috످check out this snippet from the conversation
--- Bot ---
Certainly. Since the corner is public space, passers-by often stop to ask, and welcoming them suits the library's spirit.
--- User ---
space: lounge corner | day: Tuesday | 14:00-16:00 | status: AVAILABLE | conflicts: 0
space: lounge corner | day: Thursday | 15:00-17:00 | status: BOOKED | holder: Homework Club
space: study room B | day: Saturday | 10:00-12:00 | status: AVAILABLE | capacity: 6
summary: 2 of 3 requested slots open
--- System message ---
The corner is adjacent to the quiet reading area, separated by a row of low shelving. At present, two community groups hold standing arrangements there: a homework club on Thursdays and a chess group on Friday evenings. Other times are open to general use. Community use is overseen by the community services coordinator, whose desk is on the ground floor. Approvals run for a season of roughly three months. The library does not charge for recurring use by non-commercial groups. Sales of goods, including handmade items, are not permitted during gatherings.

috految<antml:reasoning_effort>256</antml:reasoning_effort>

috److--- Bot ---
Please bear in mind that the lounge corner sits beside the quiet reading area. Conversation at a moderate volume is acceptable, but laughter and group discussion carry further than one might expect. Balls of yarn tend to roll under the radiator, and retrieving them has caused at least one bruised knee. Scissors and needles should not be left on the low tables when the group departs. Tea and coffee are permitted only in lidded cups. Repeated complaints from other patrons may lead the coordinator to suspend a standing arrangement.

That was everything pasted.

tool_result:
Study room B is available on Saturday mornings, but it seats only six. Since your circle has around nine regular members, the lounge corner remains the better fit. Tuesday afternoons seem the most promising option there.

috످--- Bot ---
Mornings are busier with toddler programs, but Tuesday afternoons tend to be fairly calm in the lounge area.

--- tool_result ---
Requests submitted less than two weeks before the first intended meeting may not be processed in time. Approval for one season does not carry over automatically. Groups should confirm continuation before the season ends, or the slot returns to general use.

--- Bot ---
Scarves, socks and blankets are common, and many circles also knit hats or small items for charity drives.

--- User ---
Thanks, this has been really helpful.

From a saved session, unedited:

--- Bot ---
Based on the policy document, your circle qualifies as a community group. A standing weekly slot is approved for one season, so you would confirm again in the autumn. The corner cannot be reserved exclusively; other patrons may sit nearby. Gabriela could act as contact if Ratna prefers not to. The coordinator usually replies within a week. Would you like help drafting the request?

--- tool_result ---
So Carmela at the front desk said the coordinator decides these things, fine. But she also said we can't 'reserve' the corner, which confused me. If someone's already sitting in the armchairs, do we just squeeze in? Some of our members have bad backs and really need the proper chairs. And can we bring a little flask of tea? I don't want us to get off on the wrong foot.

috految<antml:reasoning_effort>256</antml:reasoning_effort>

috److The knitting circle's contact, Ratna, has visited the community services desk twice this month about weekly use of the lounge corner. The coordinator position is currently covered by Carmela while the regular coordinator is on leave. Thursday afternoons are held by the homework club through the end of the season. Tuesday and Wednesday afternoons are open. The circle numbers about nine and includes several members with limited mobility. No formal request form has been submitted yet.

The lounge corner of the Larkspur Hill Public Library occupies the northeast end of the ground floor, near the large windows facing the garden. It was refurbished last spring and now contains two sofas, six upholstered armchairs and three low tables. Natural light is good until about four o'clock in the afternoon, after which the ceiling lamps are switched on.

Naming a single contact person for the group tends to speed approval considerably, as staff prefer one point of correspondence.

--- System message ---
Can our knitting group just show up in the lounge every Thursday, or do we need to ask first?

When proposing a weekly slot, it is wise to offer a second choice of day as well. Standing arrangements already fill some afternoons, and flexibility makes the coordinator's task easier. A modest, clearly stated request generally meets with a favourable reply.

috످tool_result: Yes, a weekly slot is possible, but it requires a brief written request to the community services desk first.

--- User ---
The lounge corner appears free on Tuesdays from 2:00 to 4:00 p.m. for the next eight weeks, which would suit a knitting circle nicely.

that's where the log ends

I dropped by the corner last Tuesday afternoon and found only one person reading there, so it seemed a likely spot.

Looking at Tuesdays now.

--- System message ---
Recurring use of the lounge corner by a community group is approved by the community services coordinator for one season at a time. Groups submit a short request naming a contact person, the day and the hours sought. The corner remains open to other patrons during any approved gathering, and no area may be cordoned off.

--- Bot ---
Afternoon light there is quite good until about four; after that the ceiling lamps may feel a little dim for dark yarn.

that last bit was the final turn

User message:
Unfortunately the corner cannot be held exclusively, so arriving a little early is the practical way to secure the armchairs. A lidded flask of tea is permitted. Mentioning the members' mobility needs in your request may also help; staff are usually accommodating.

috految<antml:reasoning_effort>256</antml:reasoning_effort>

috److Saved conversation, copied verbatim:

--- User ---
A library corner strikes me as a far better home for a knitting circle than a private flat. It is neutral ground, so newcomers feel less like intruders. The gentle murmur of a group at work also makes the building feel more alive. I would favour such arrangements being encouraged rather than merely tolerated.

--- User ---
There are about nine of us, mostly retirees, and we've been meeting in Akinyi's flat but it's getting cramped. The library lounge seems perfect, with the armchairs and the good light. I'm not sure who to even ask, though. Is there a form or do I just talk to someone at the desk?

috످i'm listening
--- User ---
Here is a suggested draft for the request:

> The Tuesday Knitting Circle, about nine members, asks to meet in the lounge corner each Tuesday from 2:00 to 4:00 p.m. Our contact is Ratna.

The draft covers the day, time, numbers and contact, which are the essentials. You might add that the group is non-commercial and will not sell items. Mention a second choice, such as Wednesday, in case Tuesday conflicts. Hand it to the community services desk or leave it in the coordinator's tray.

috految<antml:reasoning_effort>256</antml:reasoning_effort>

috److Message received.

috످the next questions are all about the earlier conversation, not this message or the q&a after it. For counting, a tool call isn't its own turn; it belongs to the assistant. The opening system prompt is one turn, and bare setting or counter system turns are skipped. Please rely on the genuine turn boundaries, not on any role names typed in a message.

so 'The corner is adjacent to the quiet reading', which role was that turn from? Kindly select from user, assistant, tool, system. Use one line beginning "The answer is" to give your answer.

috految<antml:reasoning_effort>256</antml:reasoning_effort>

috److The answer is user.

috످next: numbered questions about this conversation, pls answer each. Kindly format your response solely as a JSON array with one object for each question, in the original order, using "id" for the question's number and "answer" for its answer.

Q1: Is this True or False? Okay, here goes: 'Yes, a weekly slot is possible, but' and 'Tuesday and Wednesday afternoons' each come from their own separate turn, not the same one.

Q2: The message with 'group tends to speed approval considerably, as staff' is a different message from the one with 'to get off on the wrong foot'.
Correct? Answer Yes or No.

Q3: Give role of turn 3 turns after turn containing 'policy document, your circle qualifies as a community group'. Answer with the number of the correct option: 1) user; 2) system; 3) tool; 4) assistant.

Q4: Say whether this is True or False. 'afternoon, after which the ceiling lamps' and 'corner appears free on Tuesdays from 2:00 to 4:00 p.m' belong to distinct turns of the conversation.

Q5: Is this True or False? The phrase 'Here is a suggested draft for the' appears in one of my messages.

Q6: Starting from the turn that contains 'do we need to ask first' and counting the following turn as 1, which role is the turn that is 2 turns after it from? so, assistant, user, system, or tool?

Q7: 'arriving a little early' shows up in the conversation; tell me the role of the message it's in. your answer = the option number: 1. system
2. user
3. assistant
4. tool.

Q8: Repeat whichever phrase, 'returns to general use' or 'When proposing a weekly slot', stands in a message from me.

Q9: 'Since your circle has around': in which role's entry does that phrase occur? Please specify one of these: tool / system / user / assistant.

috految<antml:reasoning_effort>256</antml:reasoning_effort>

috److془Let me carefully work out.

Turns:
1. user: "check out this snippet..."
2. assistant: "--- Bot --- Please bear in mind..., tool_result: Study room B ... Since your circle has around nine"
3. user: "--- Bot --- Mornings are busier ... returns to general use ... policy document ... wrong foot."
4. assistant: "The knitting circle's contact... Tuesday and Wednesday afternoons... ceiling lamps... speed approval... do we need to ask first... When proposing a weekly slot"
5. user: "tool_result: Yes, a weekly slot ... corner appears free ... arriving a little early"
6. assistant: "Saved conversation"
7. user: "I'm listening... Here is a suggested draft"
8. assistant: "Message received."

Q1: The confirmation that the group can meet regularly if they apply in writing is in the user's third message. The note on which days are still free is in my second reply. True.

Q2: The tip that one liaison gets a faster decision is in my second reply. The worry about seating, tea and making a bad first impression is in user's second message. Yes.

Q3: The passage saying the knitters are eligible under library rules is in the user's second message (turn 3). +3 = turn 6 assistant. 4.

Q4: description of lounge's lighting is in my second reply. The report that there's a Tuesday opening is in user's third. True.

Q5: The sample application for the room is in user's fourth message. True.

Q6: The question about whether permission is needed is in my second reply (turn 4); +2 = turn 6 assistant.

Q7: The advice to come ahead of time for seats is in user's third message. 2.

Q8: The warning that the booking lapses unless renewed is in user's second message. The suggestion to offer backup day is in my second reply. "returns to general use".

Q9: The comparison that finds the study room too small is in my first reply. assistant.془[
  {"id": 1, "answer": "True"},
  {"id": 2, "answer": "Yes"},
  {"id": 3, "answer": "4"},
  {"id": 4, "answer": "True"},
  {"id": 5, "answer": "True"},
  {"id": 6, "answer": "assistant"},
  {"id": 7, "answer": "2"},
  {"id": 8, "answer": "returns to general use"},
  {"id": 9, "answer": "assistant"}
]

috످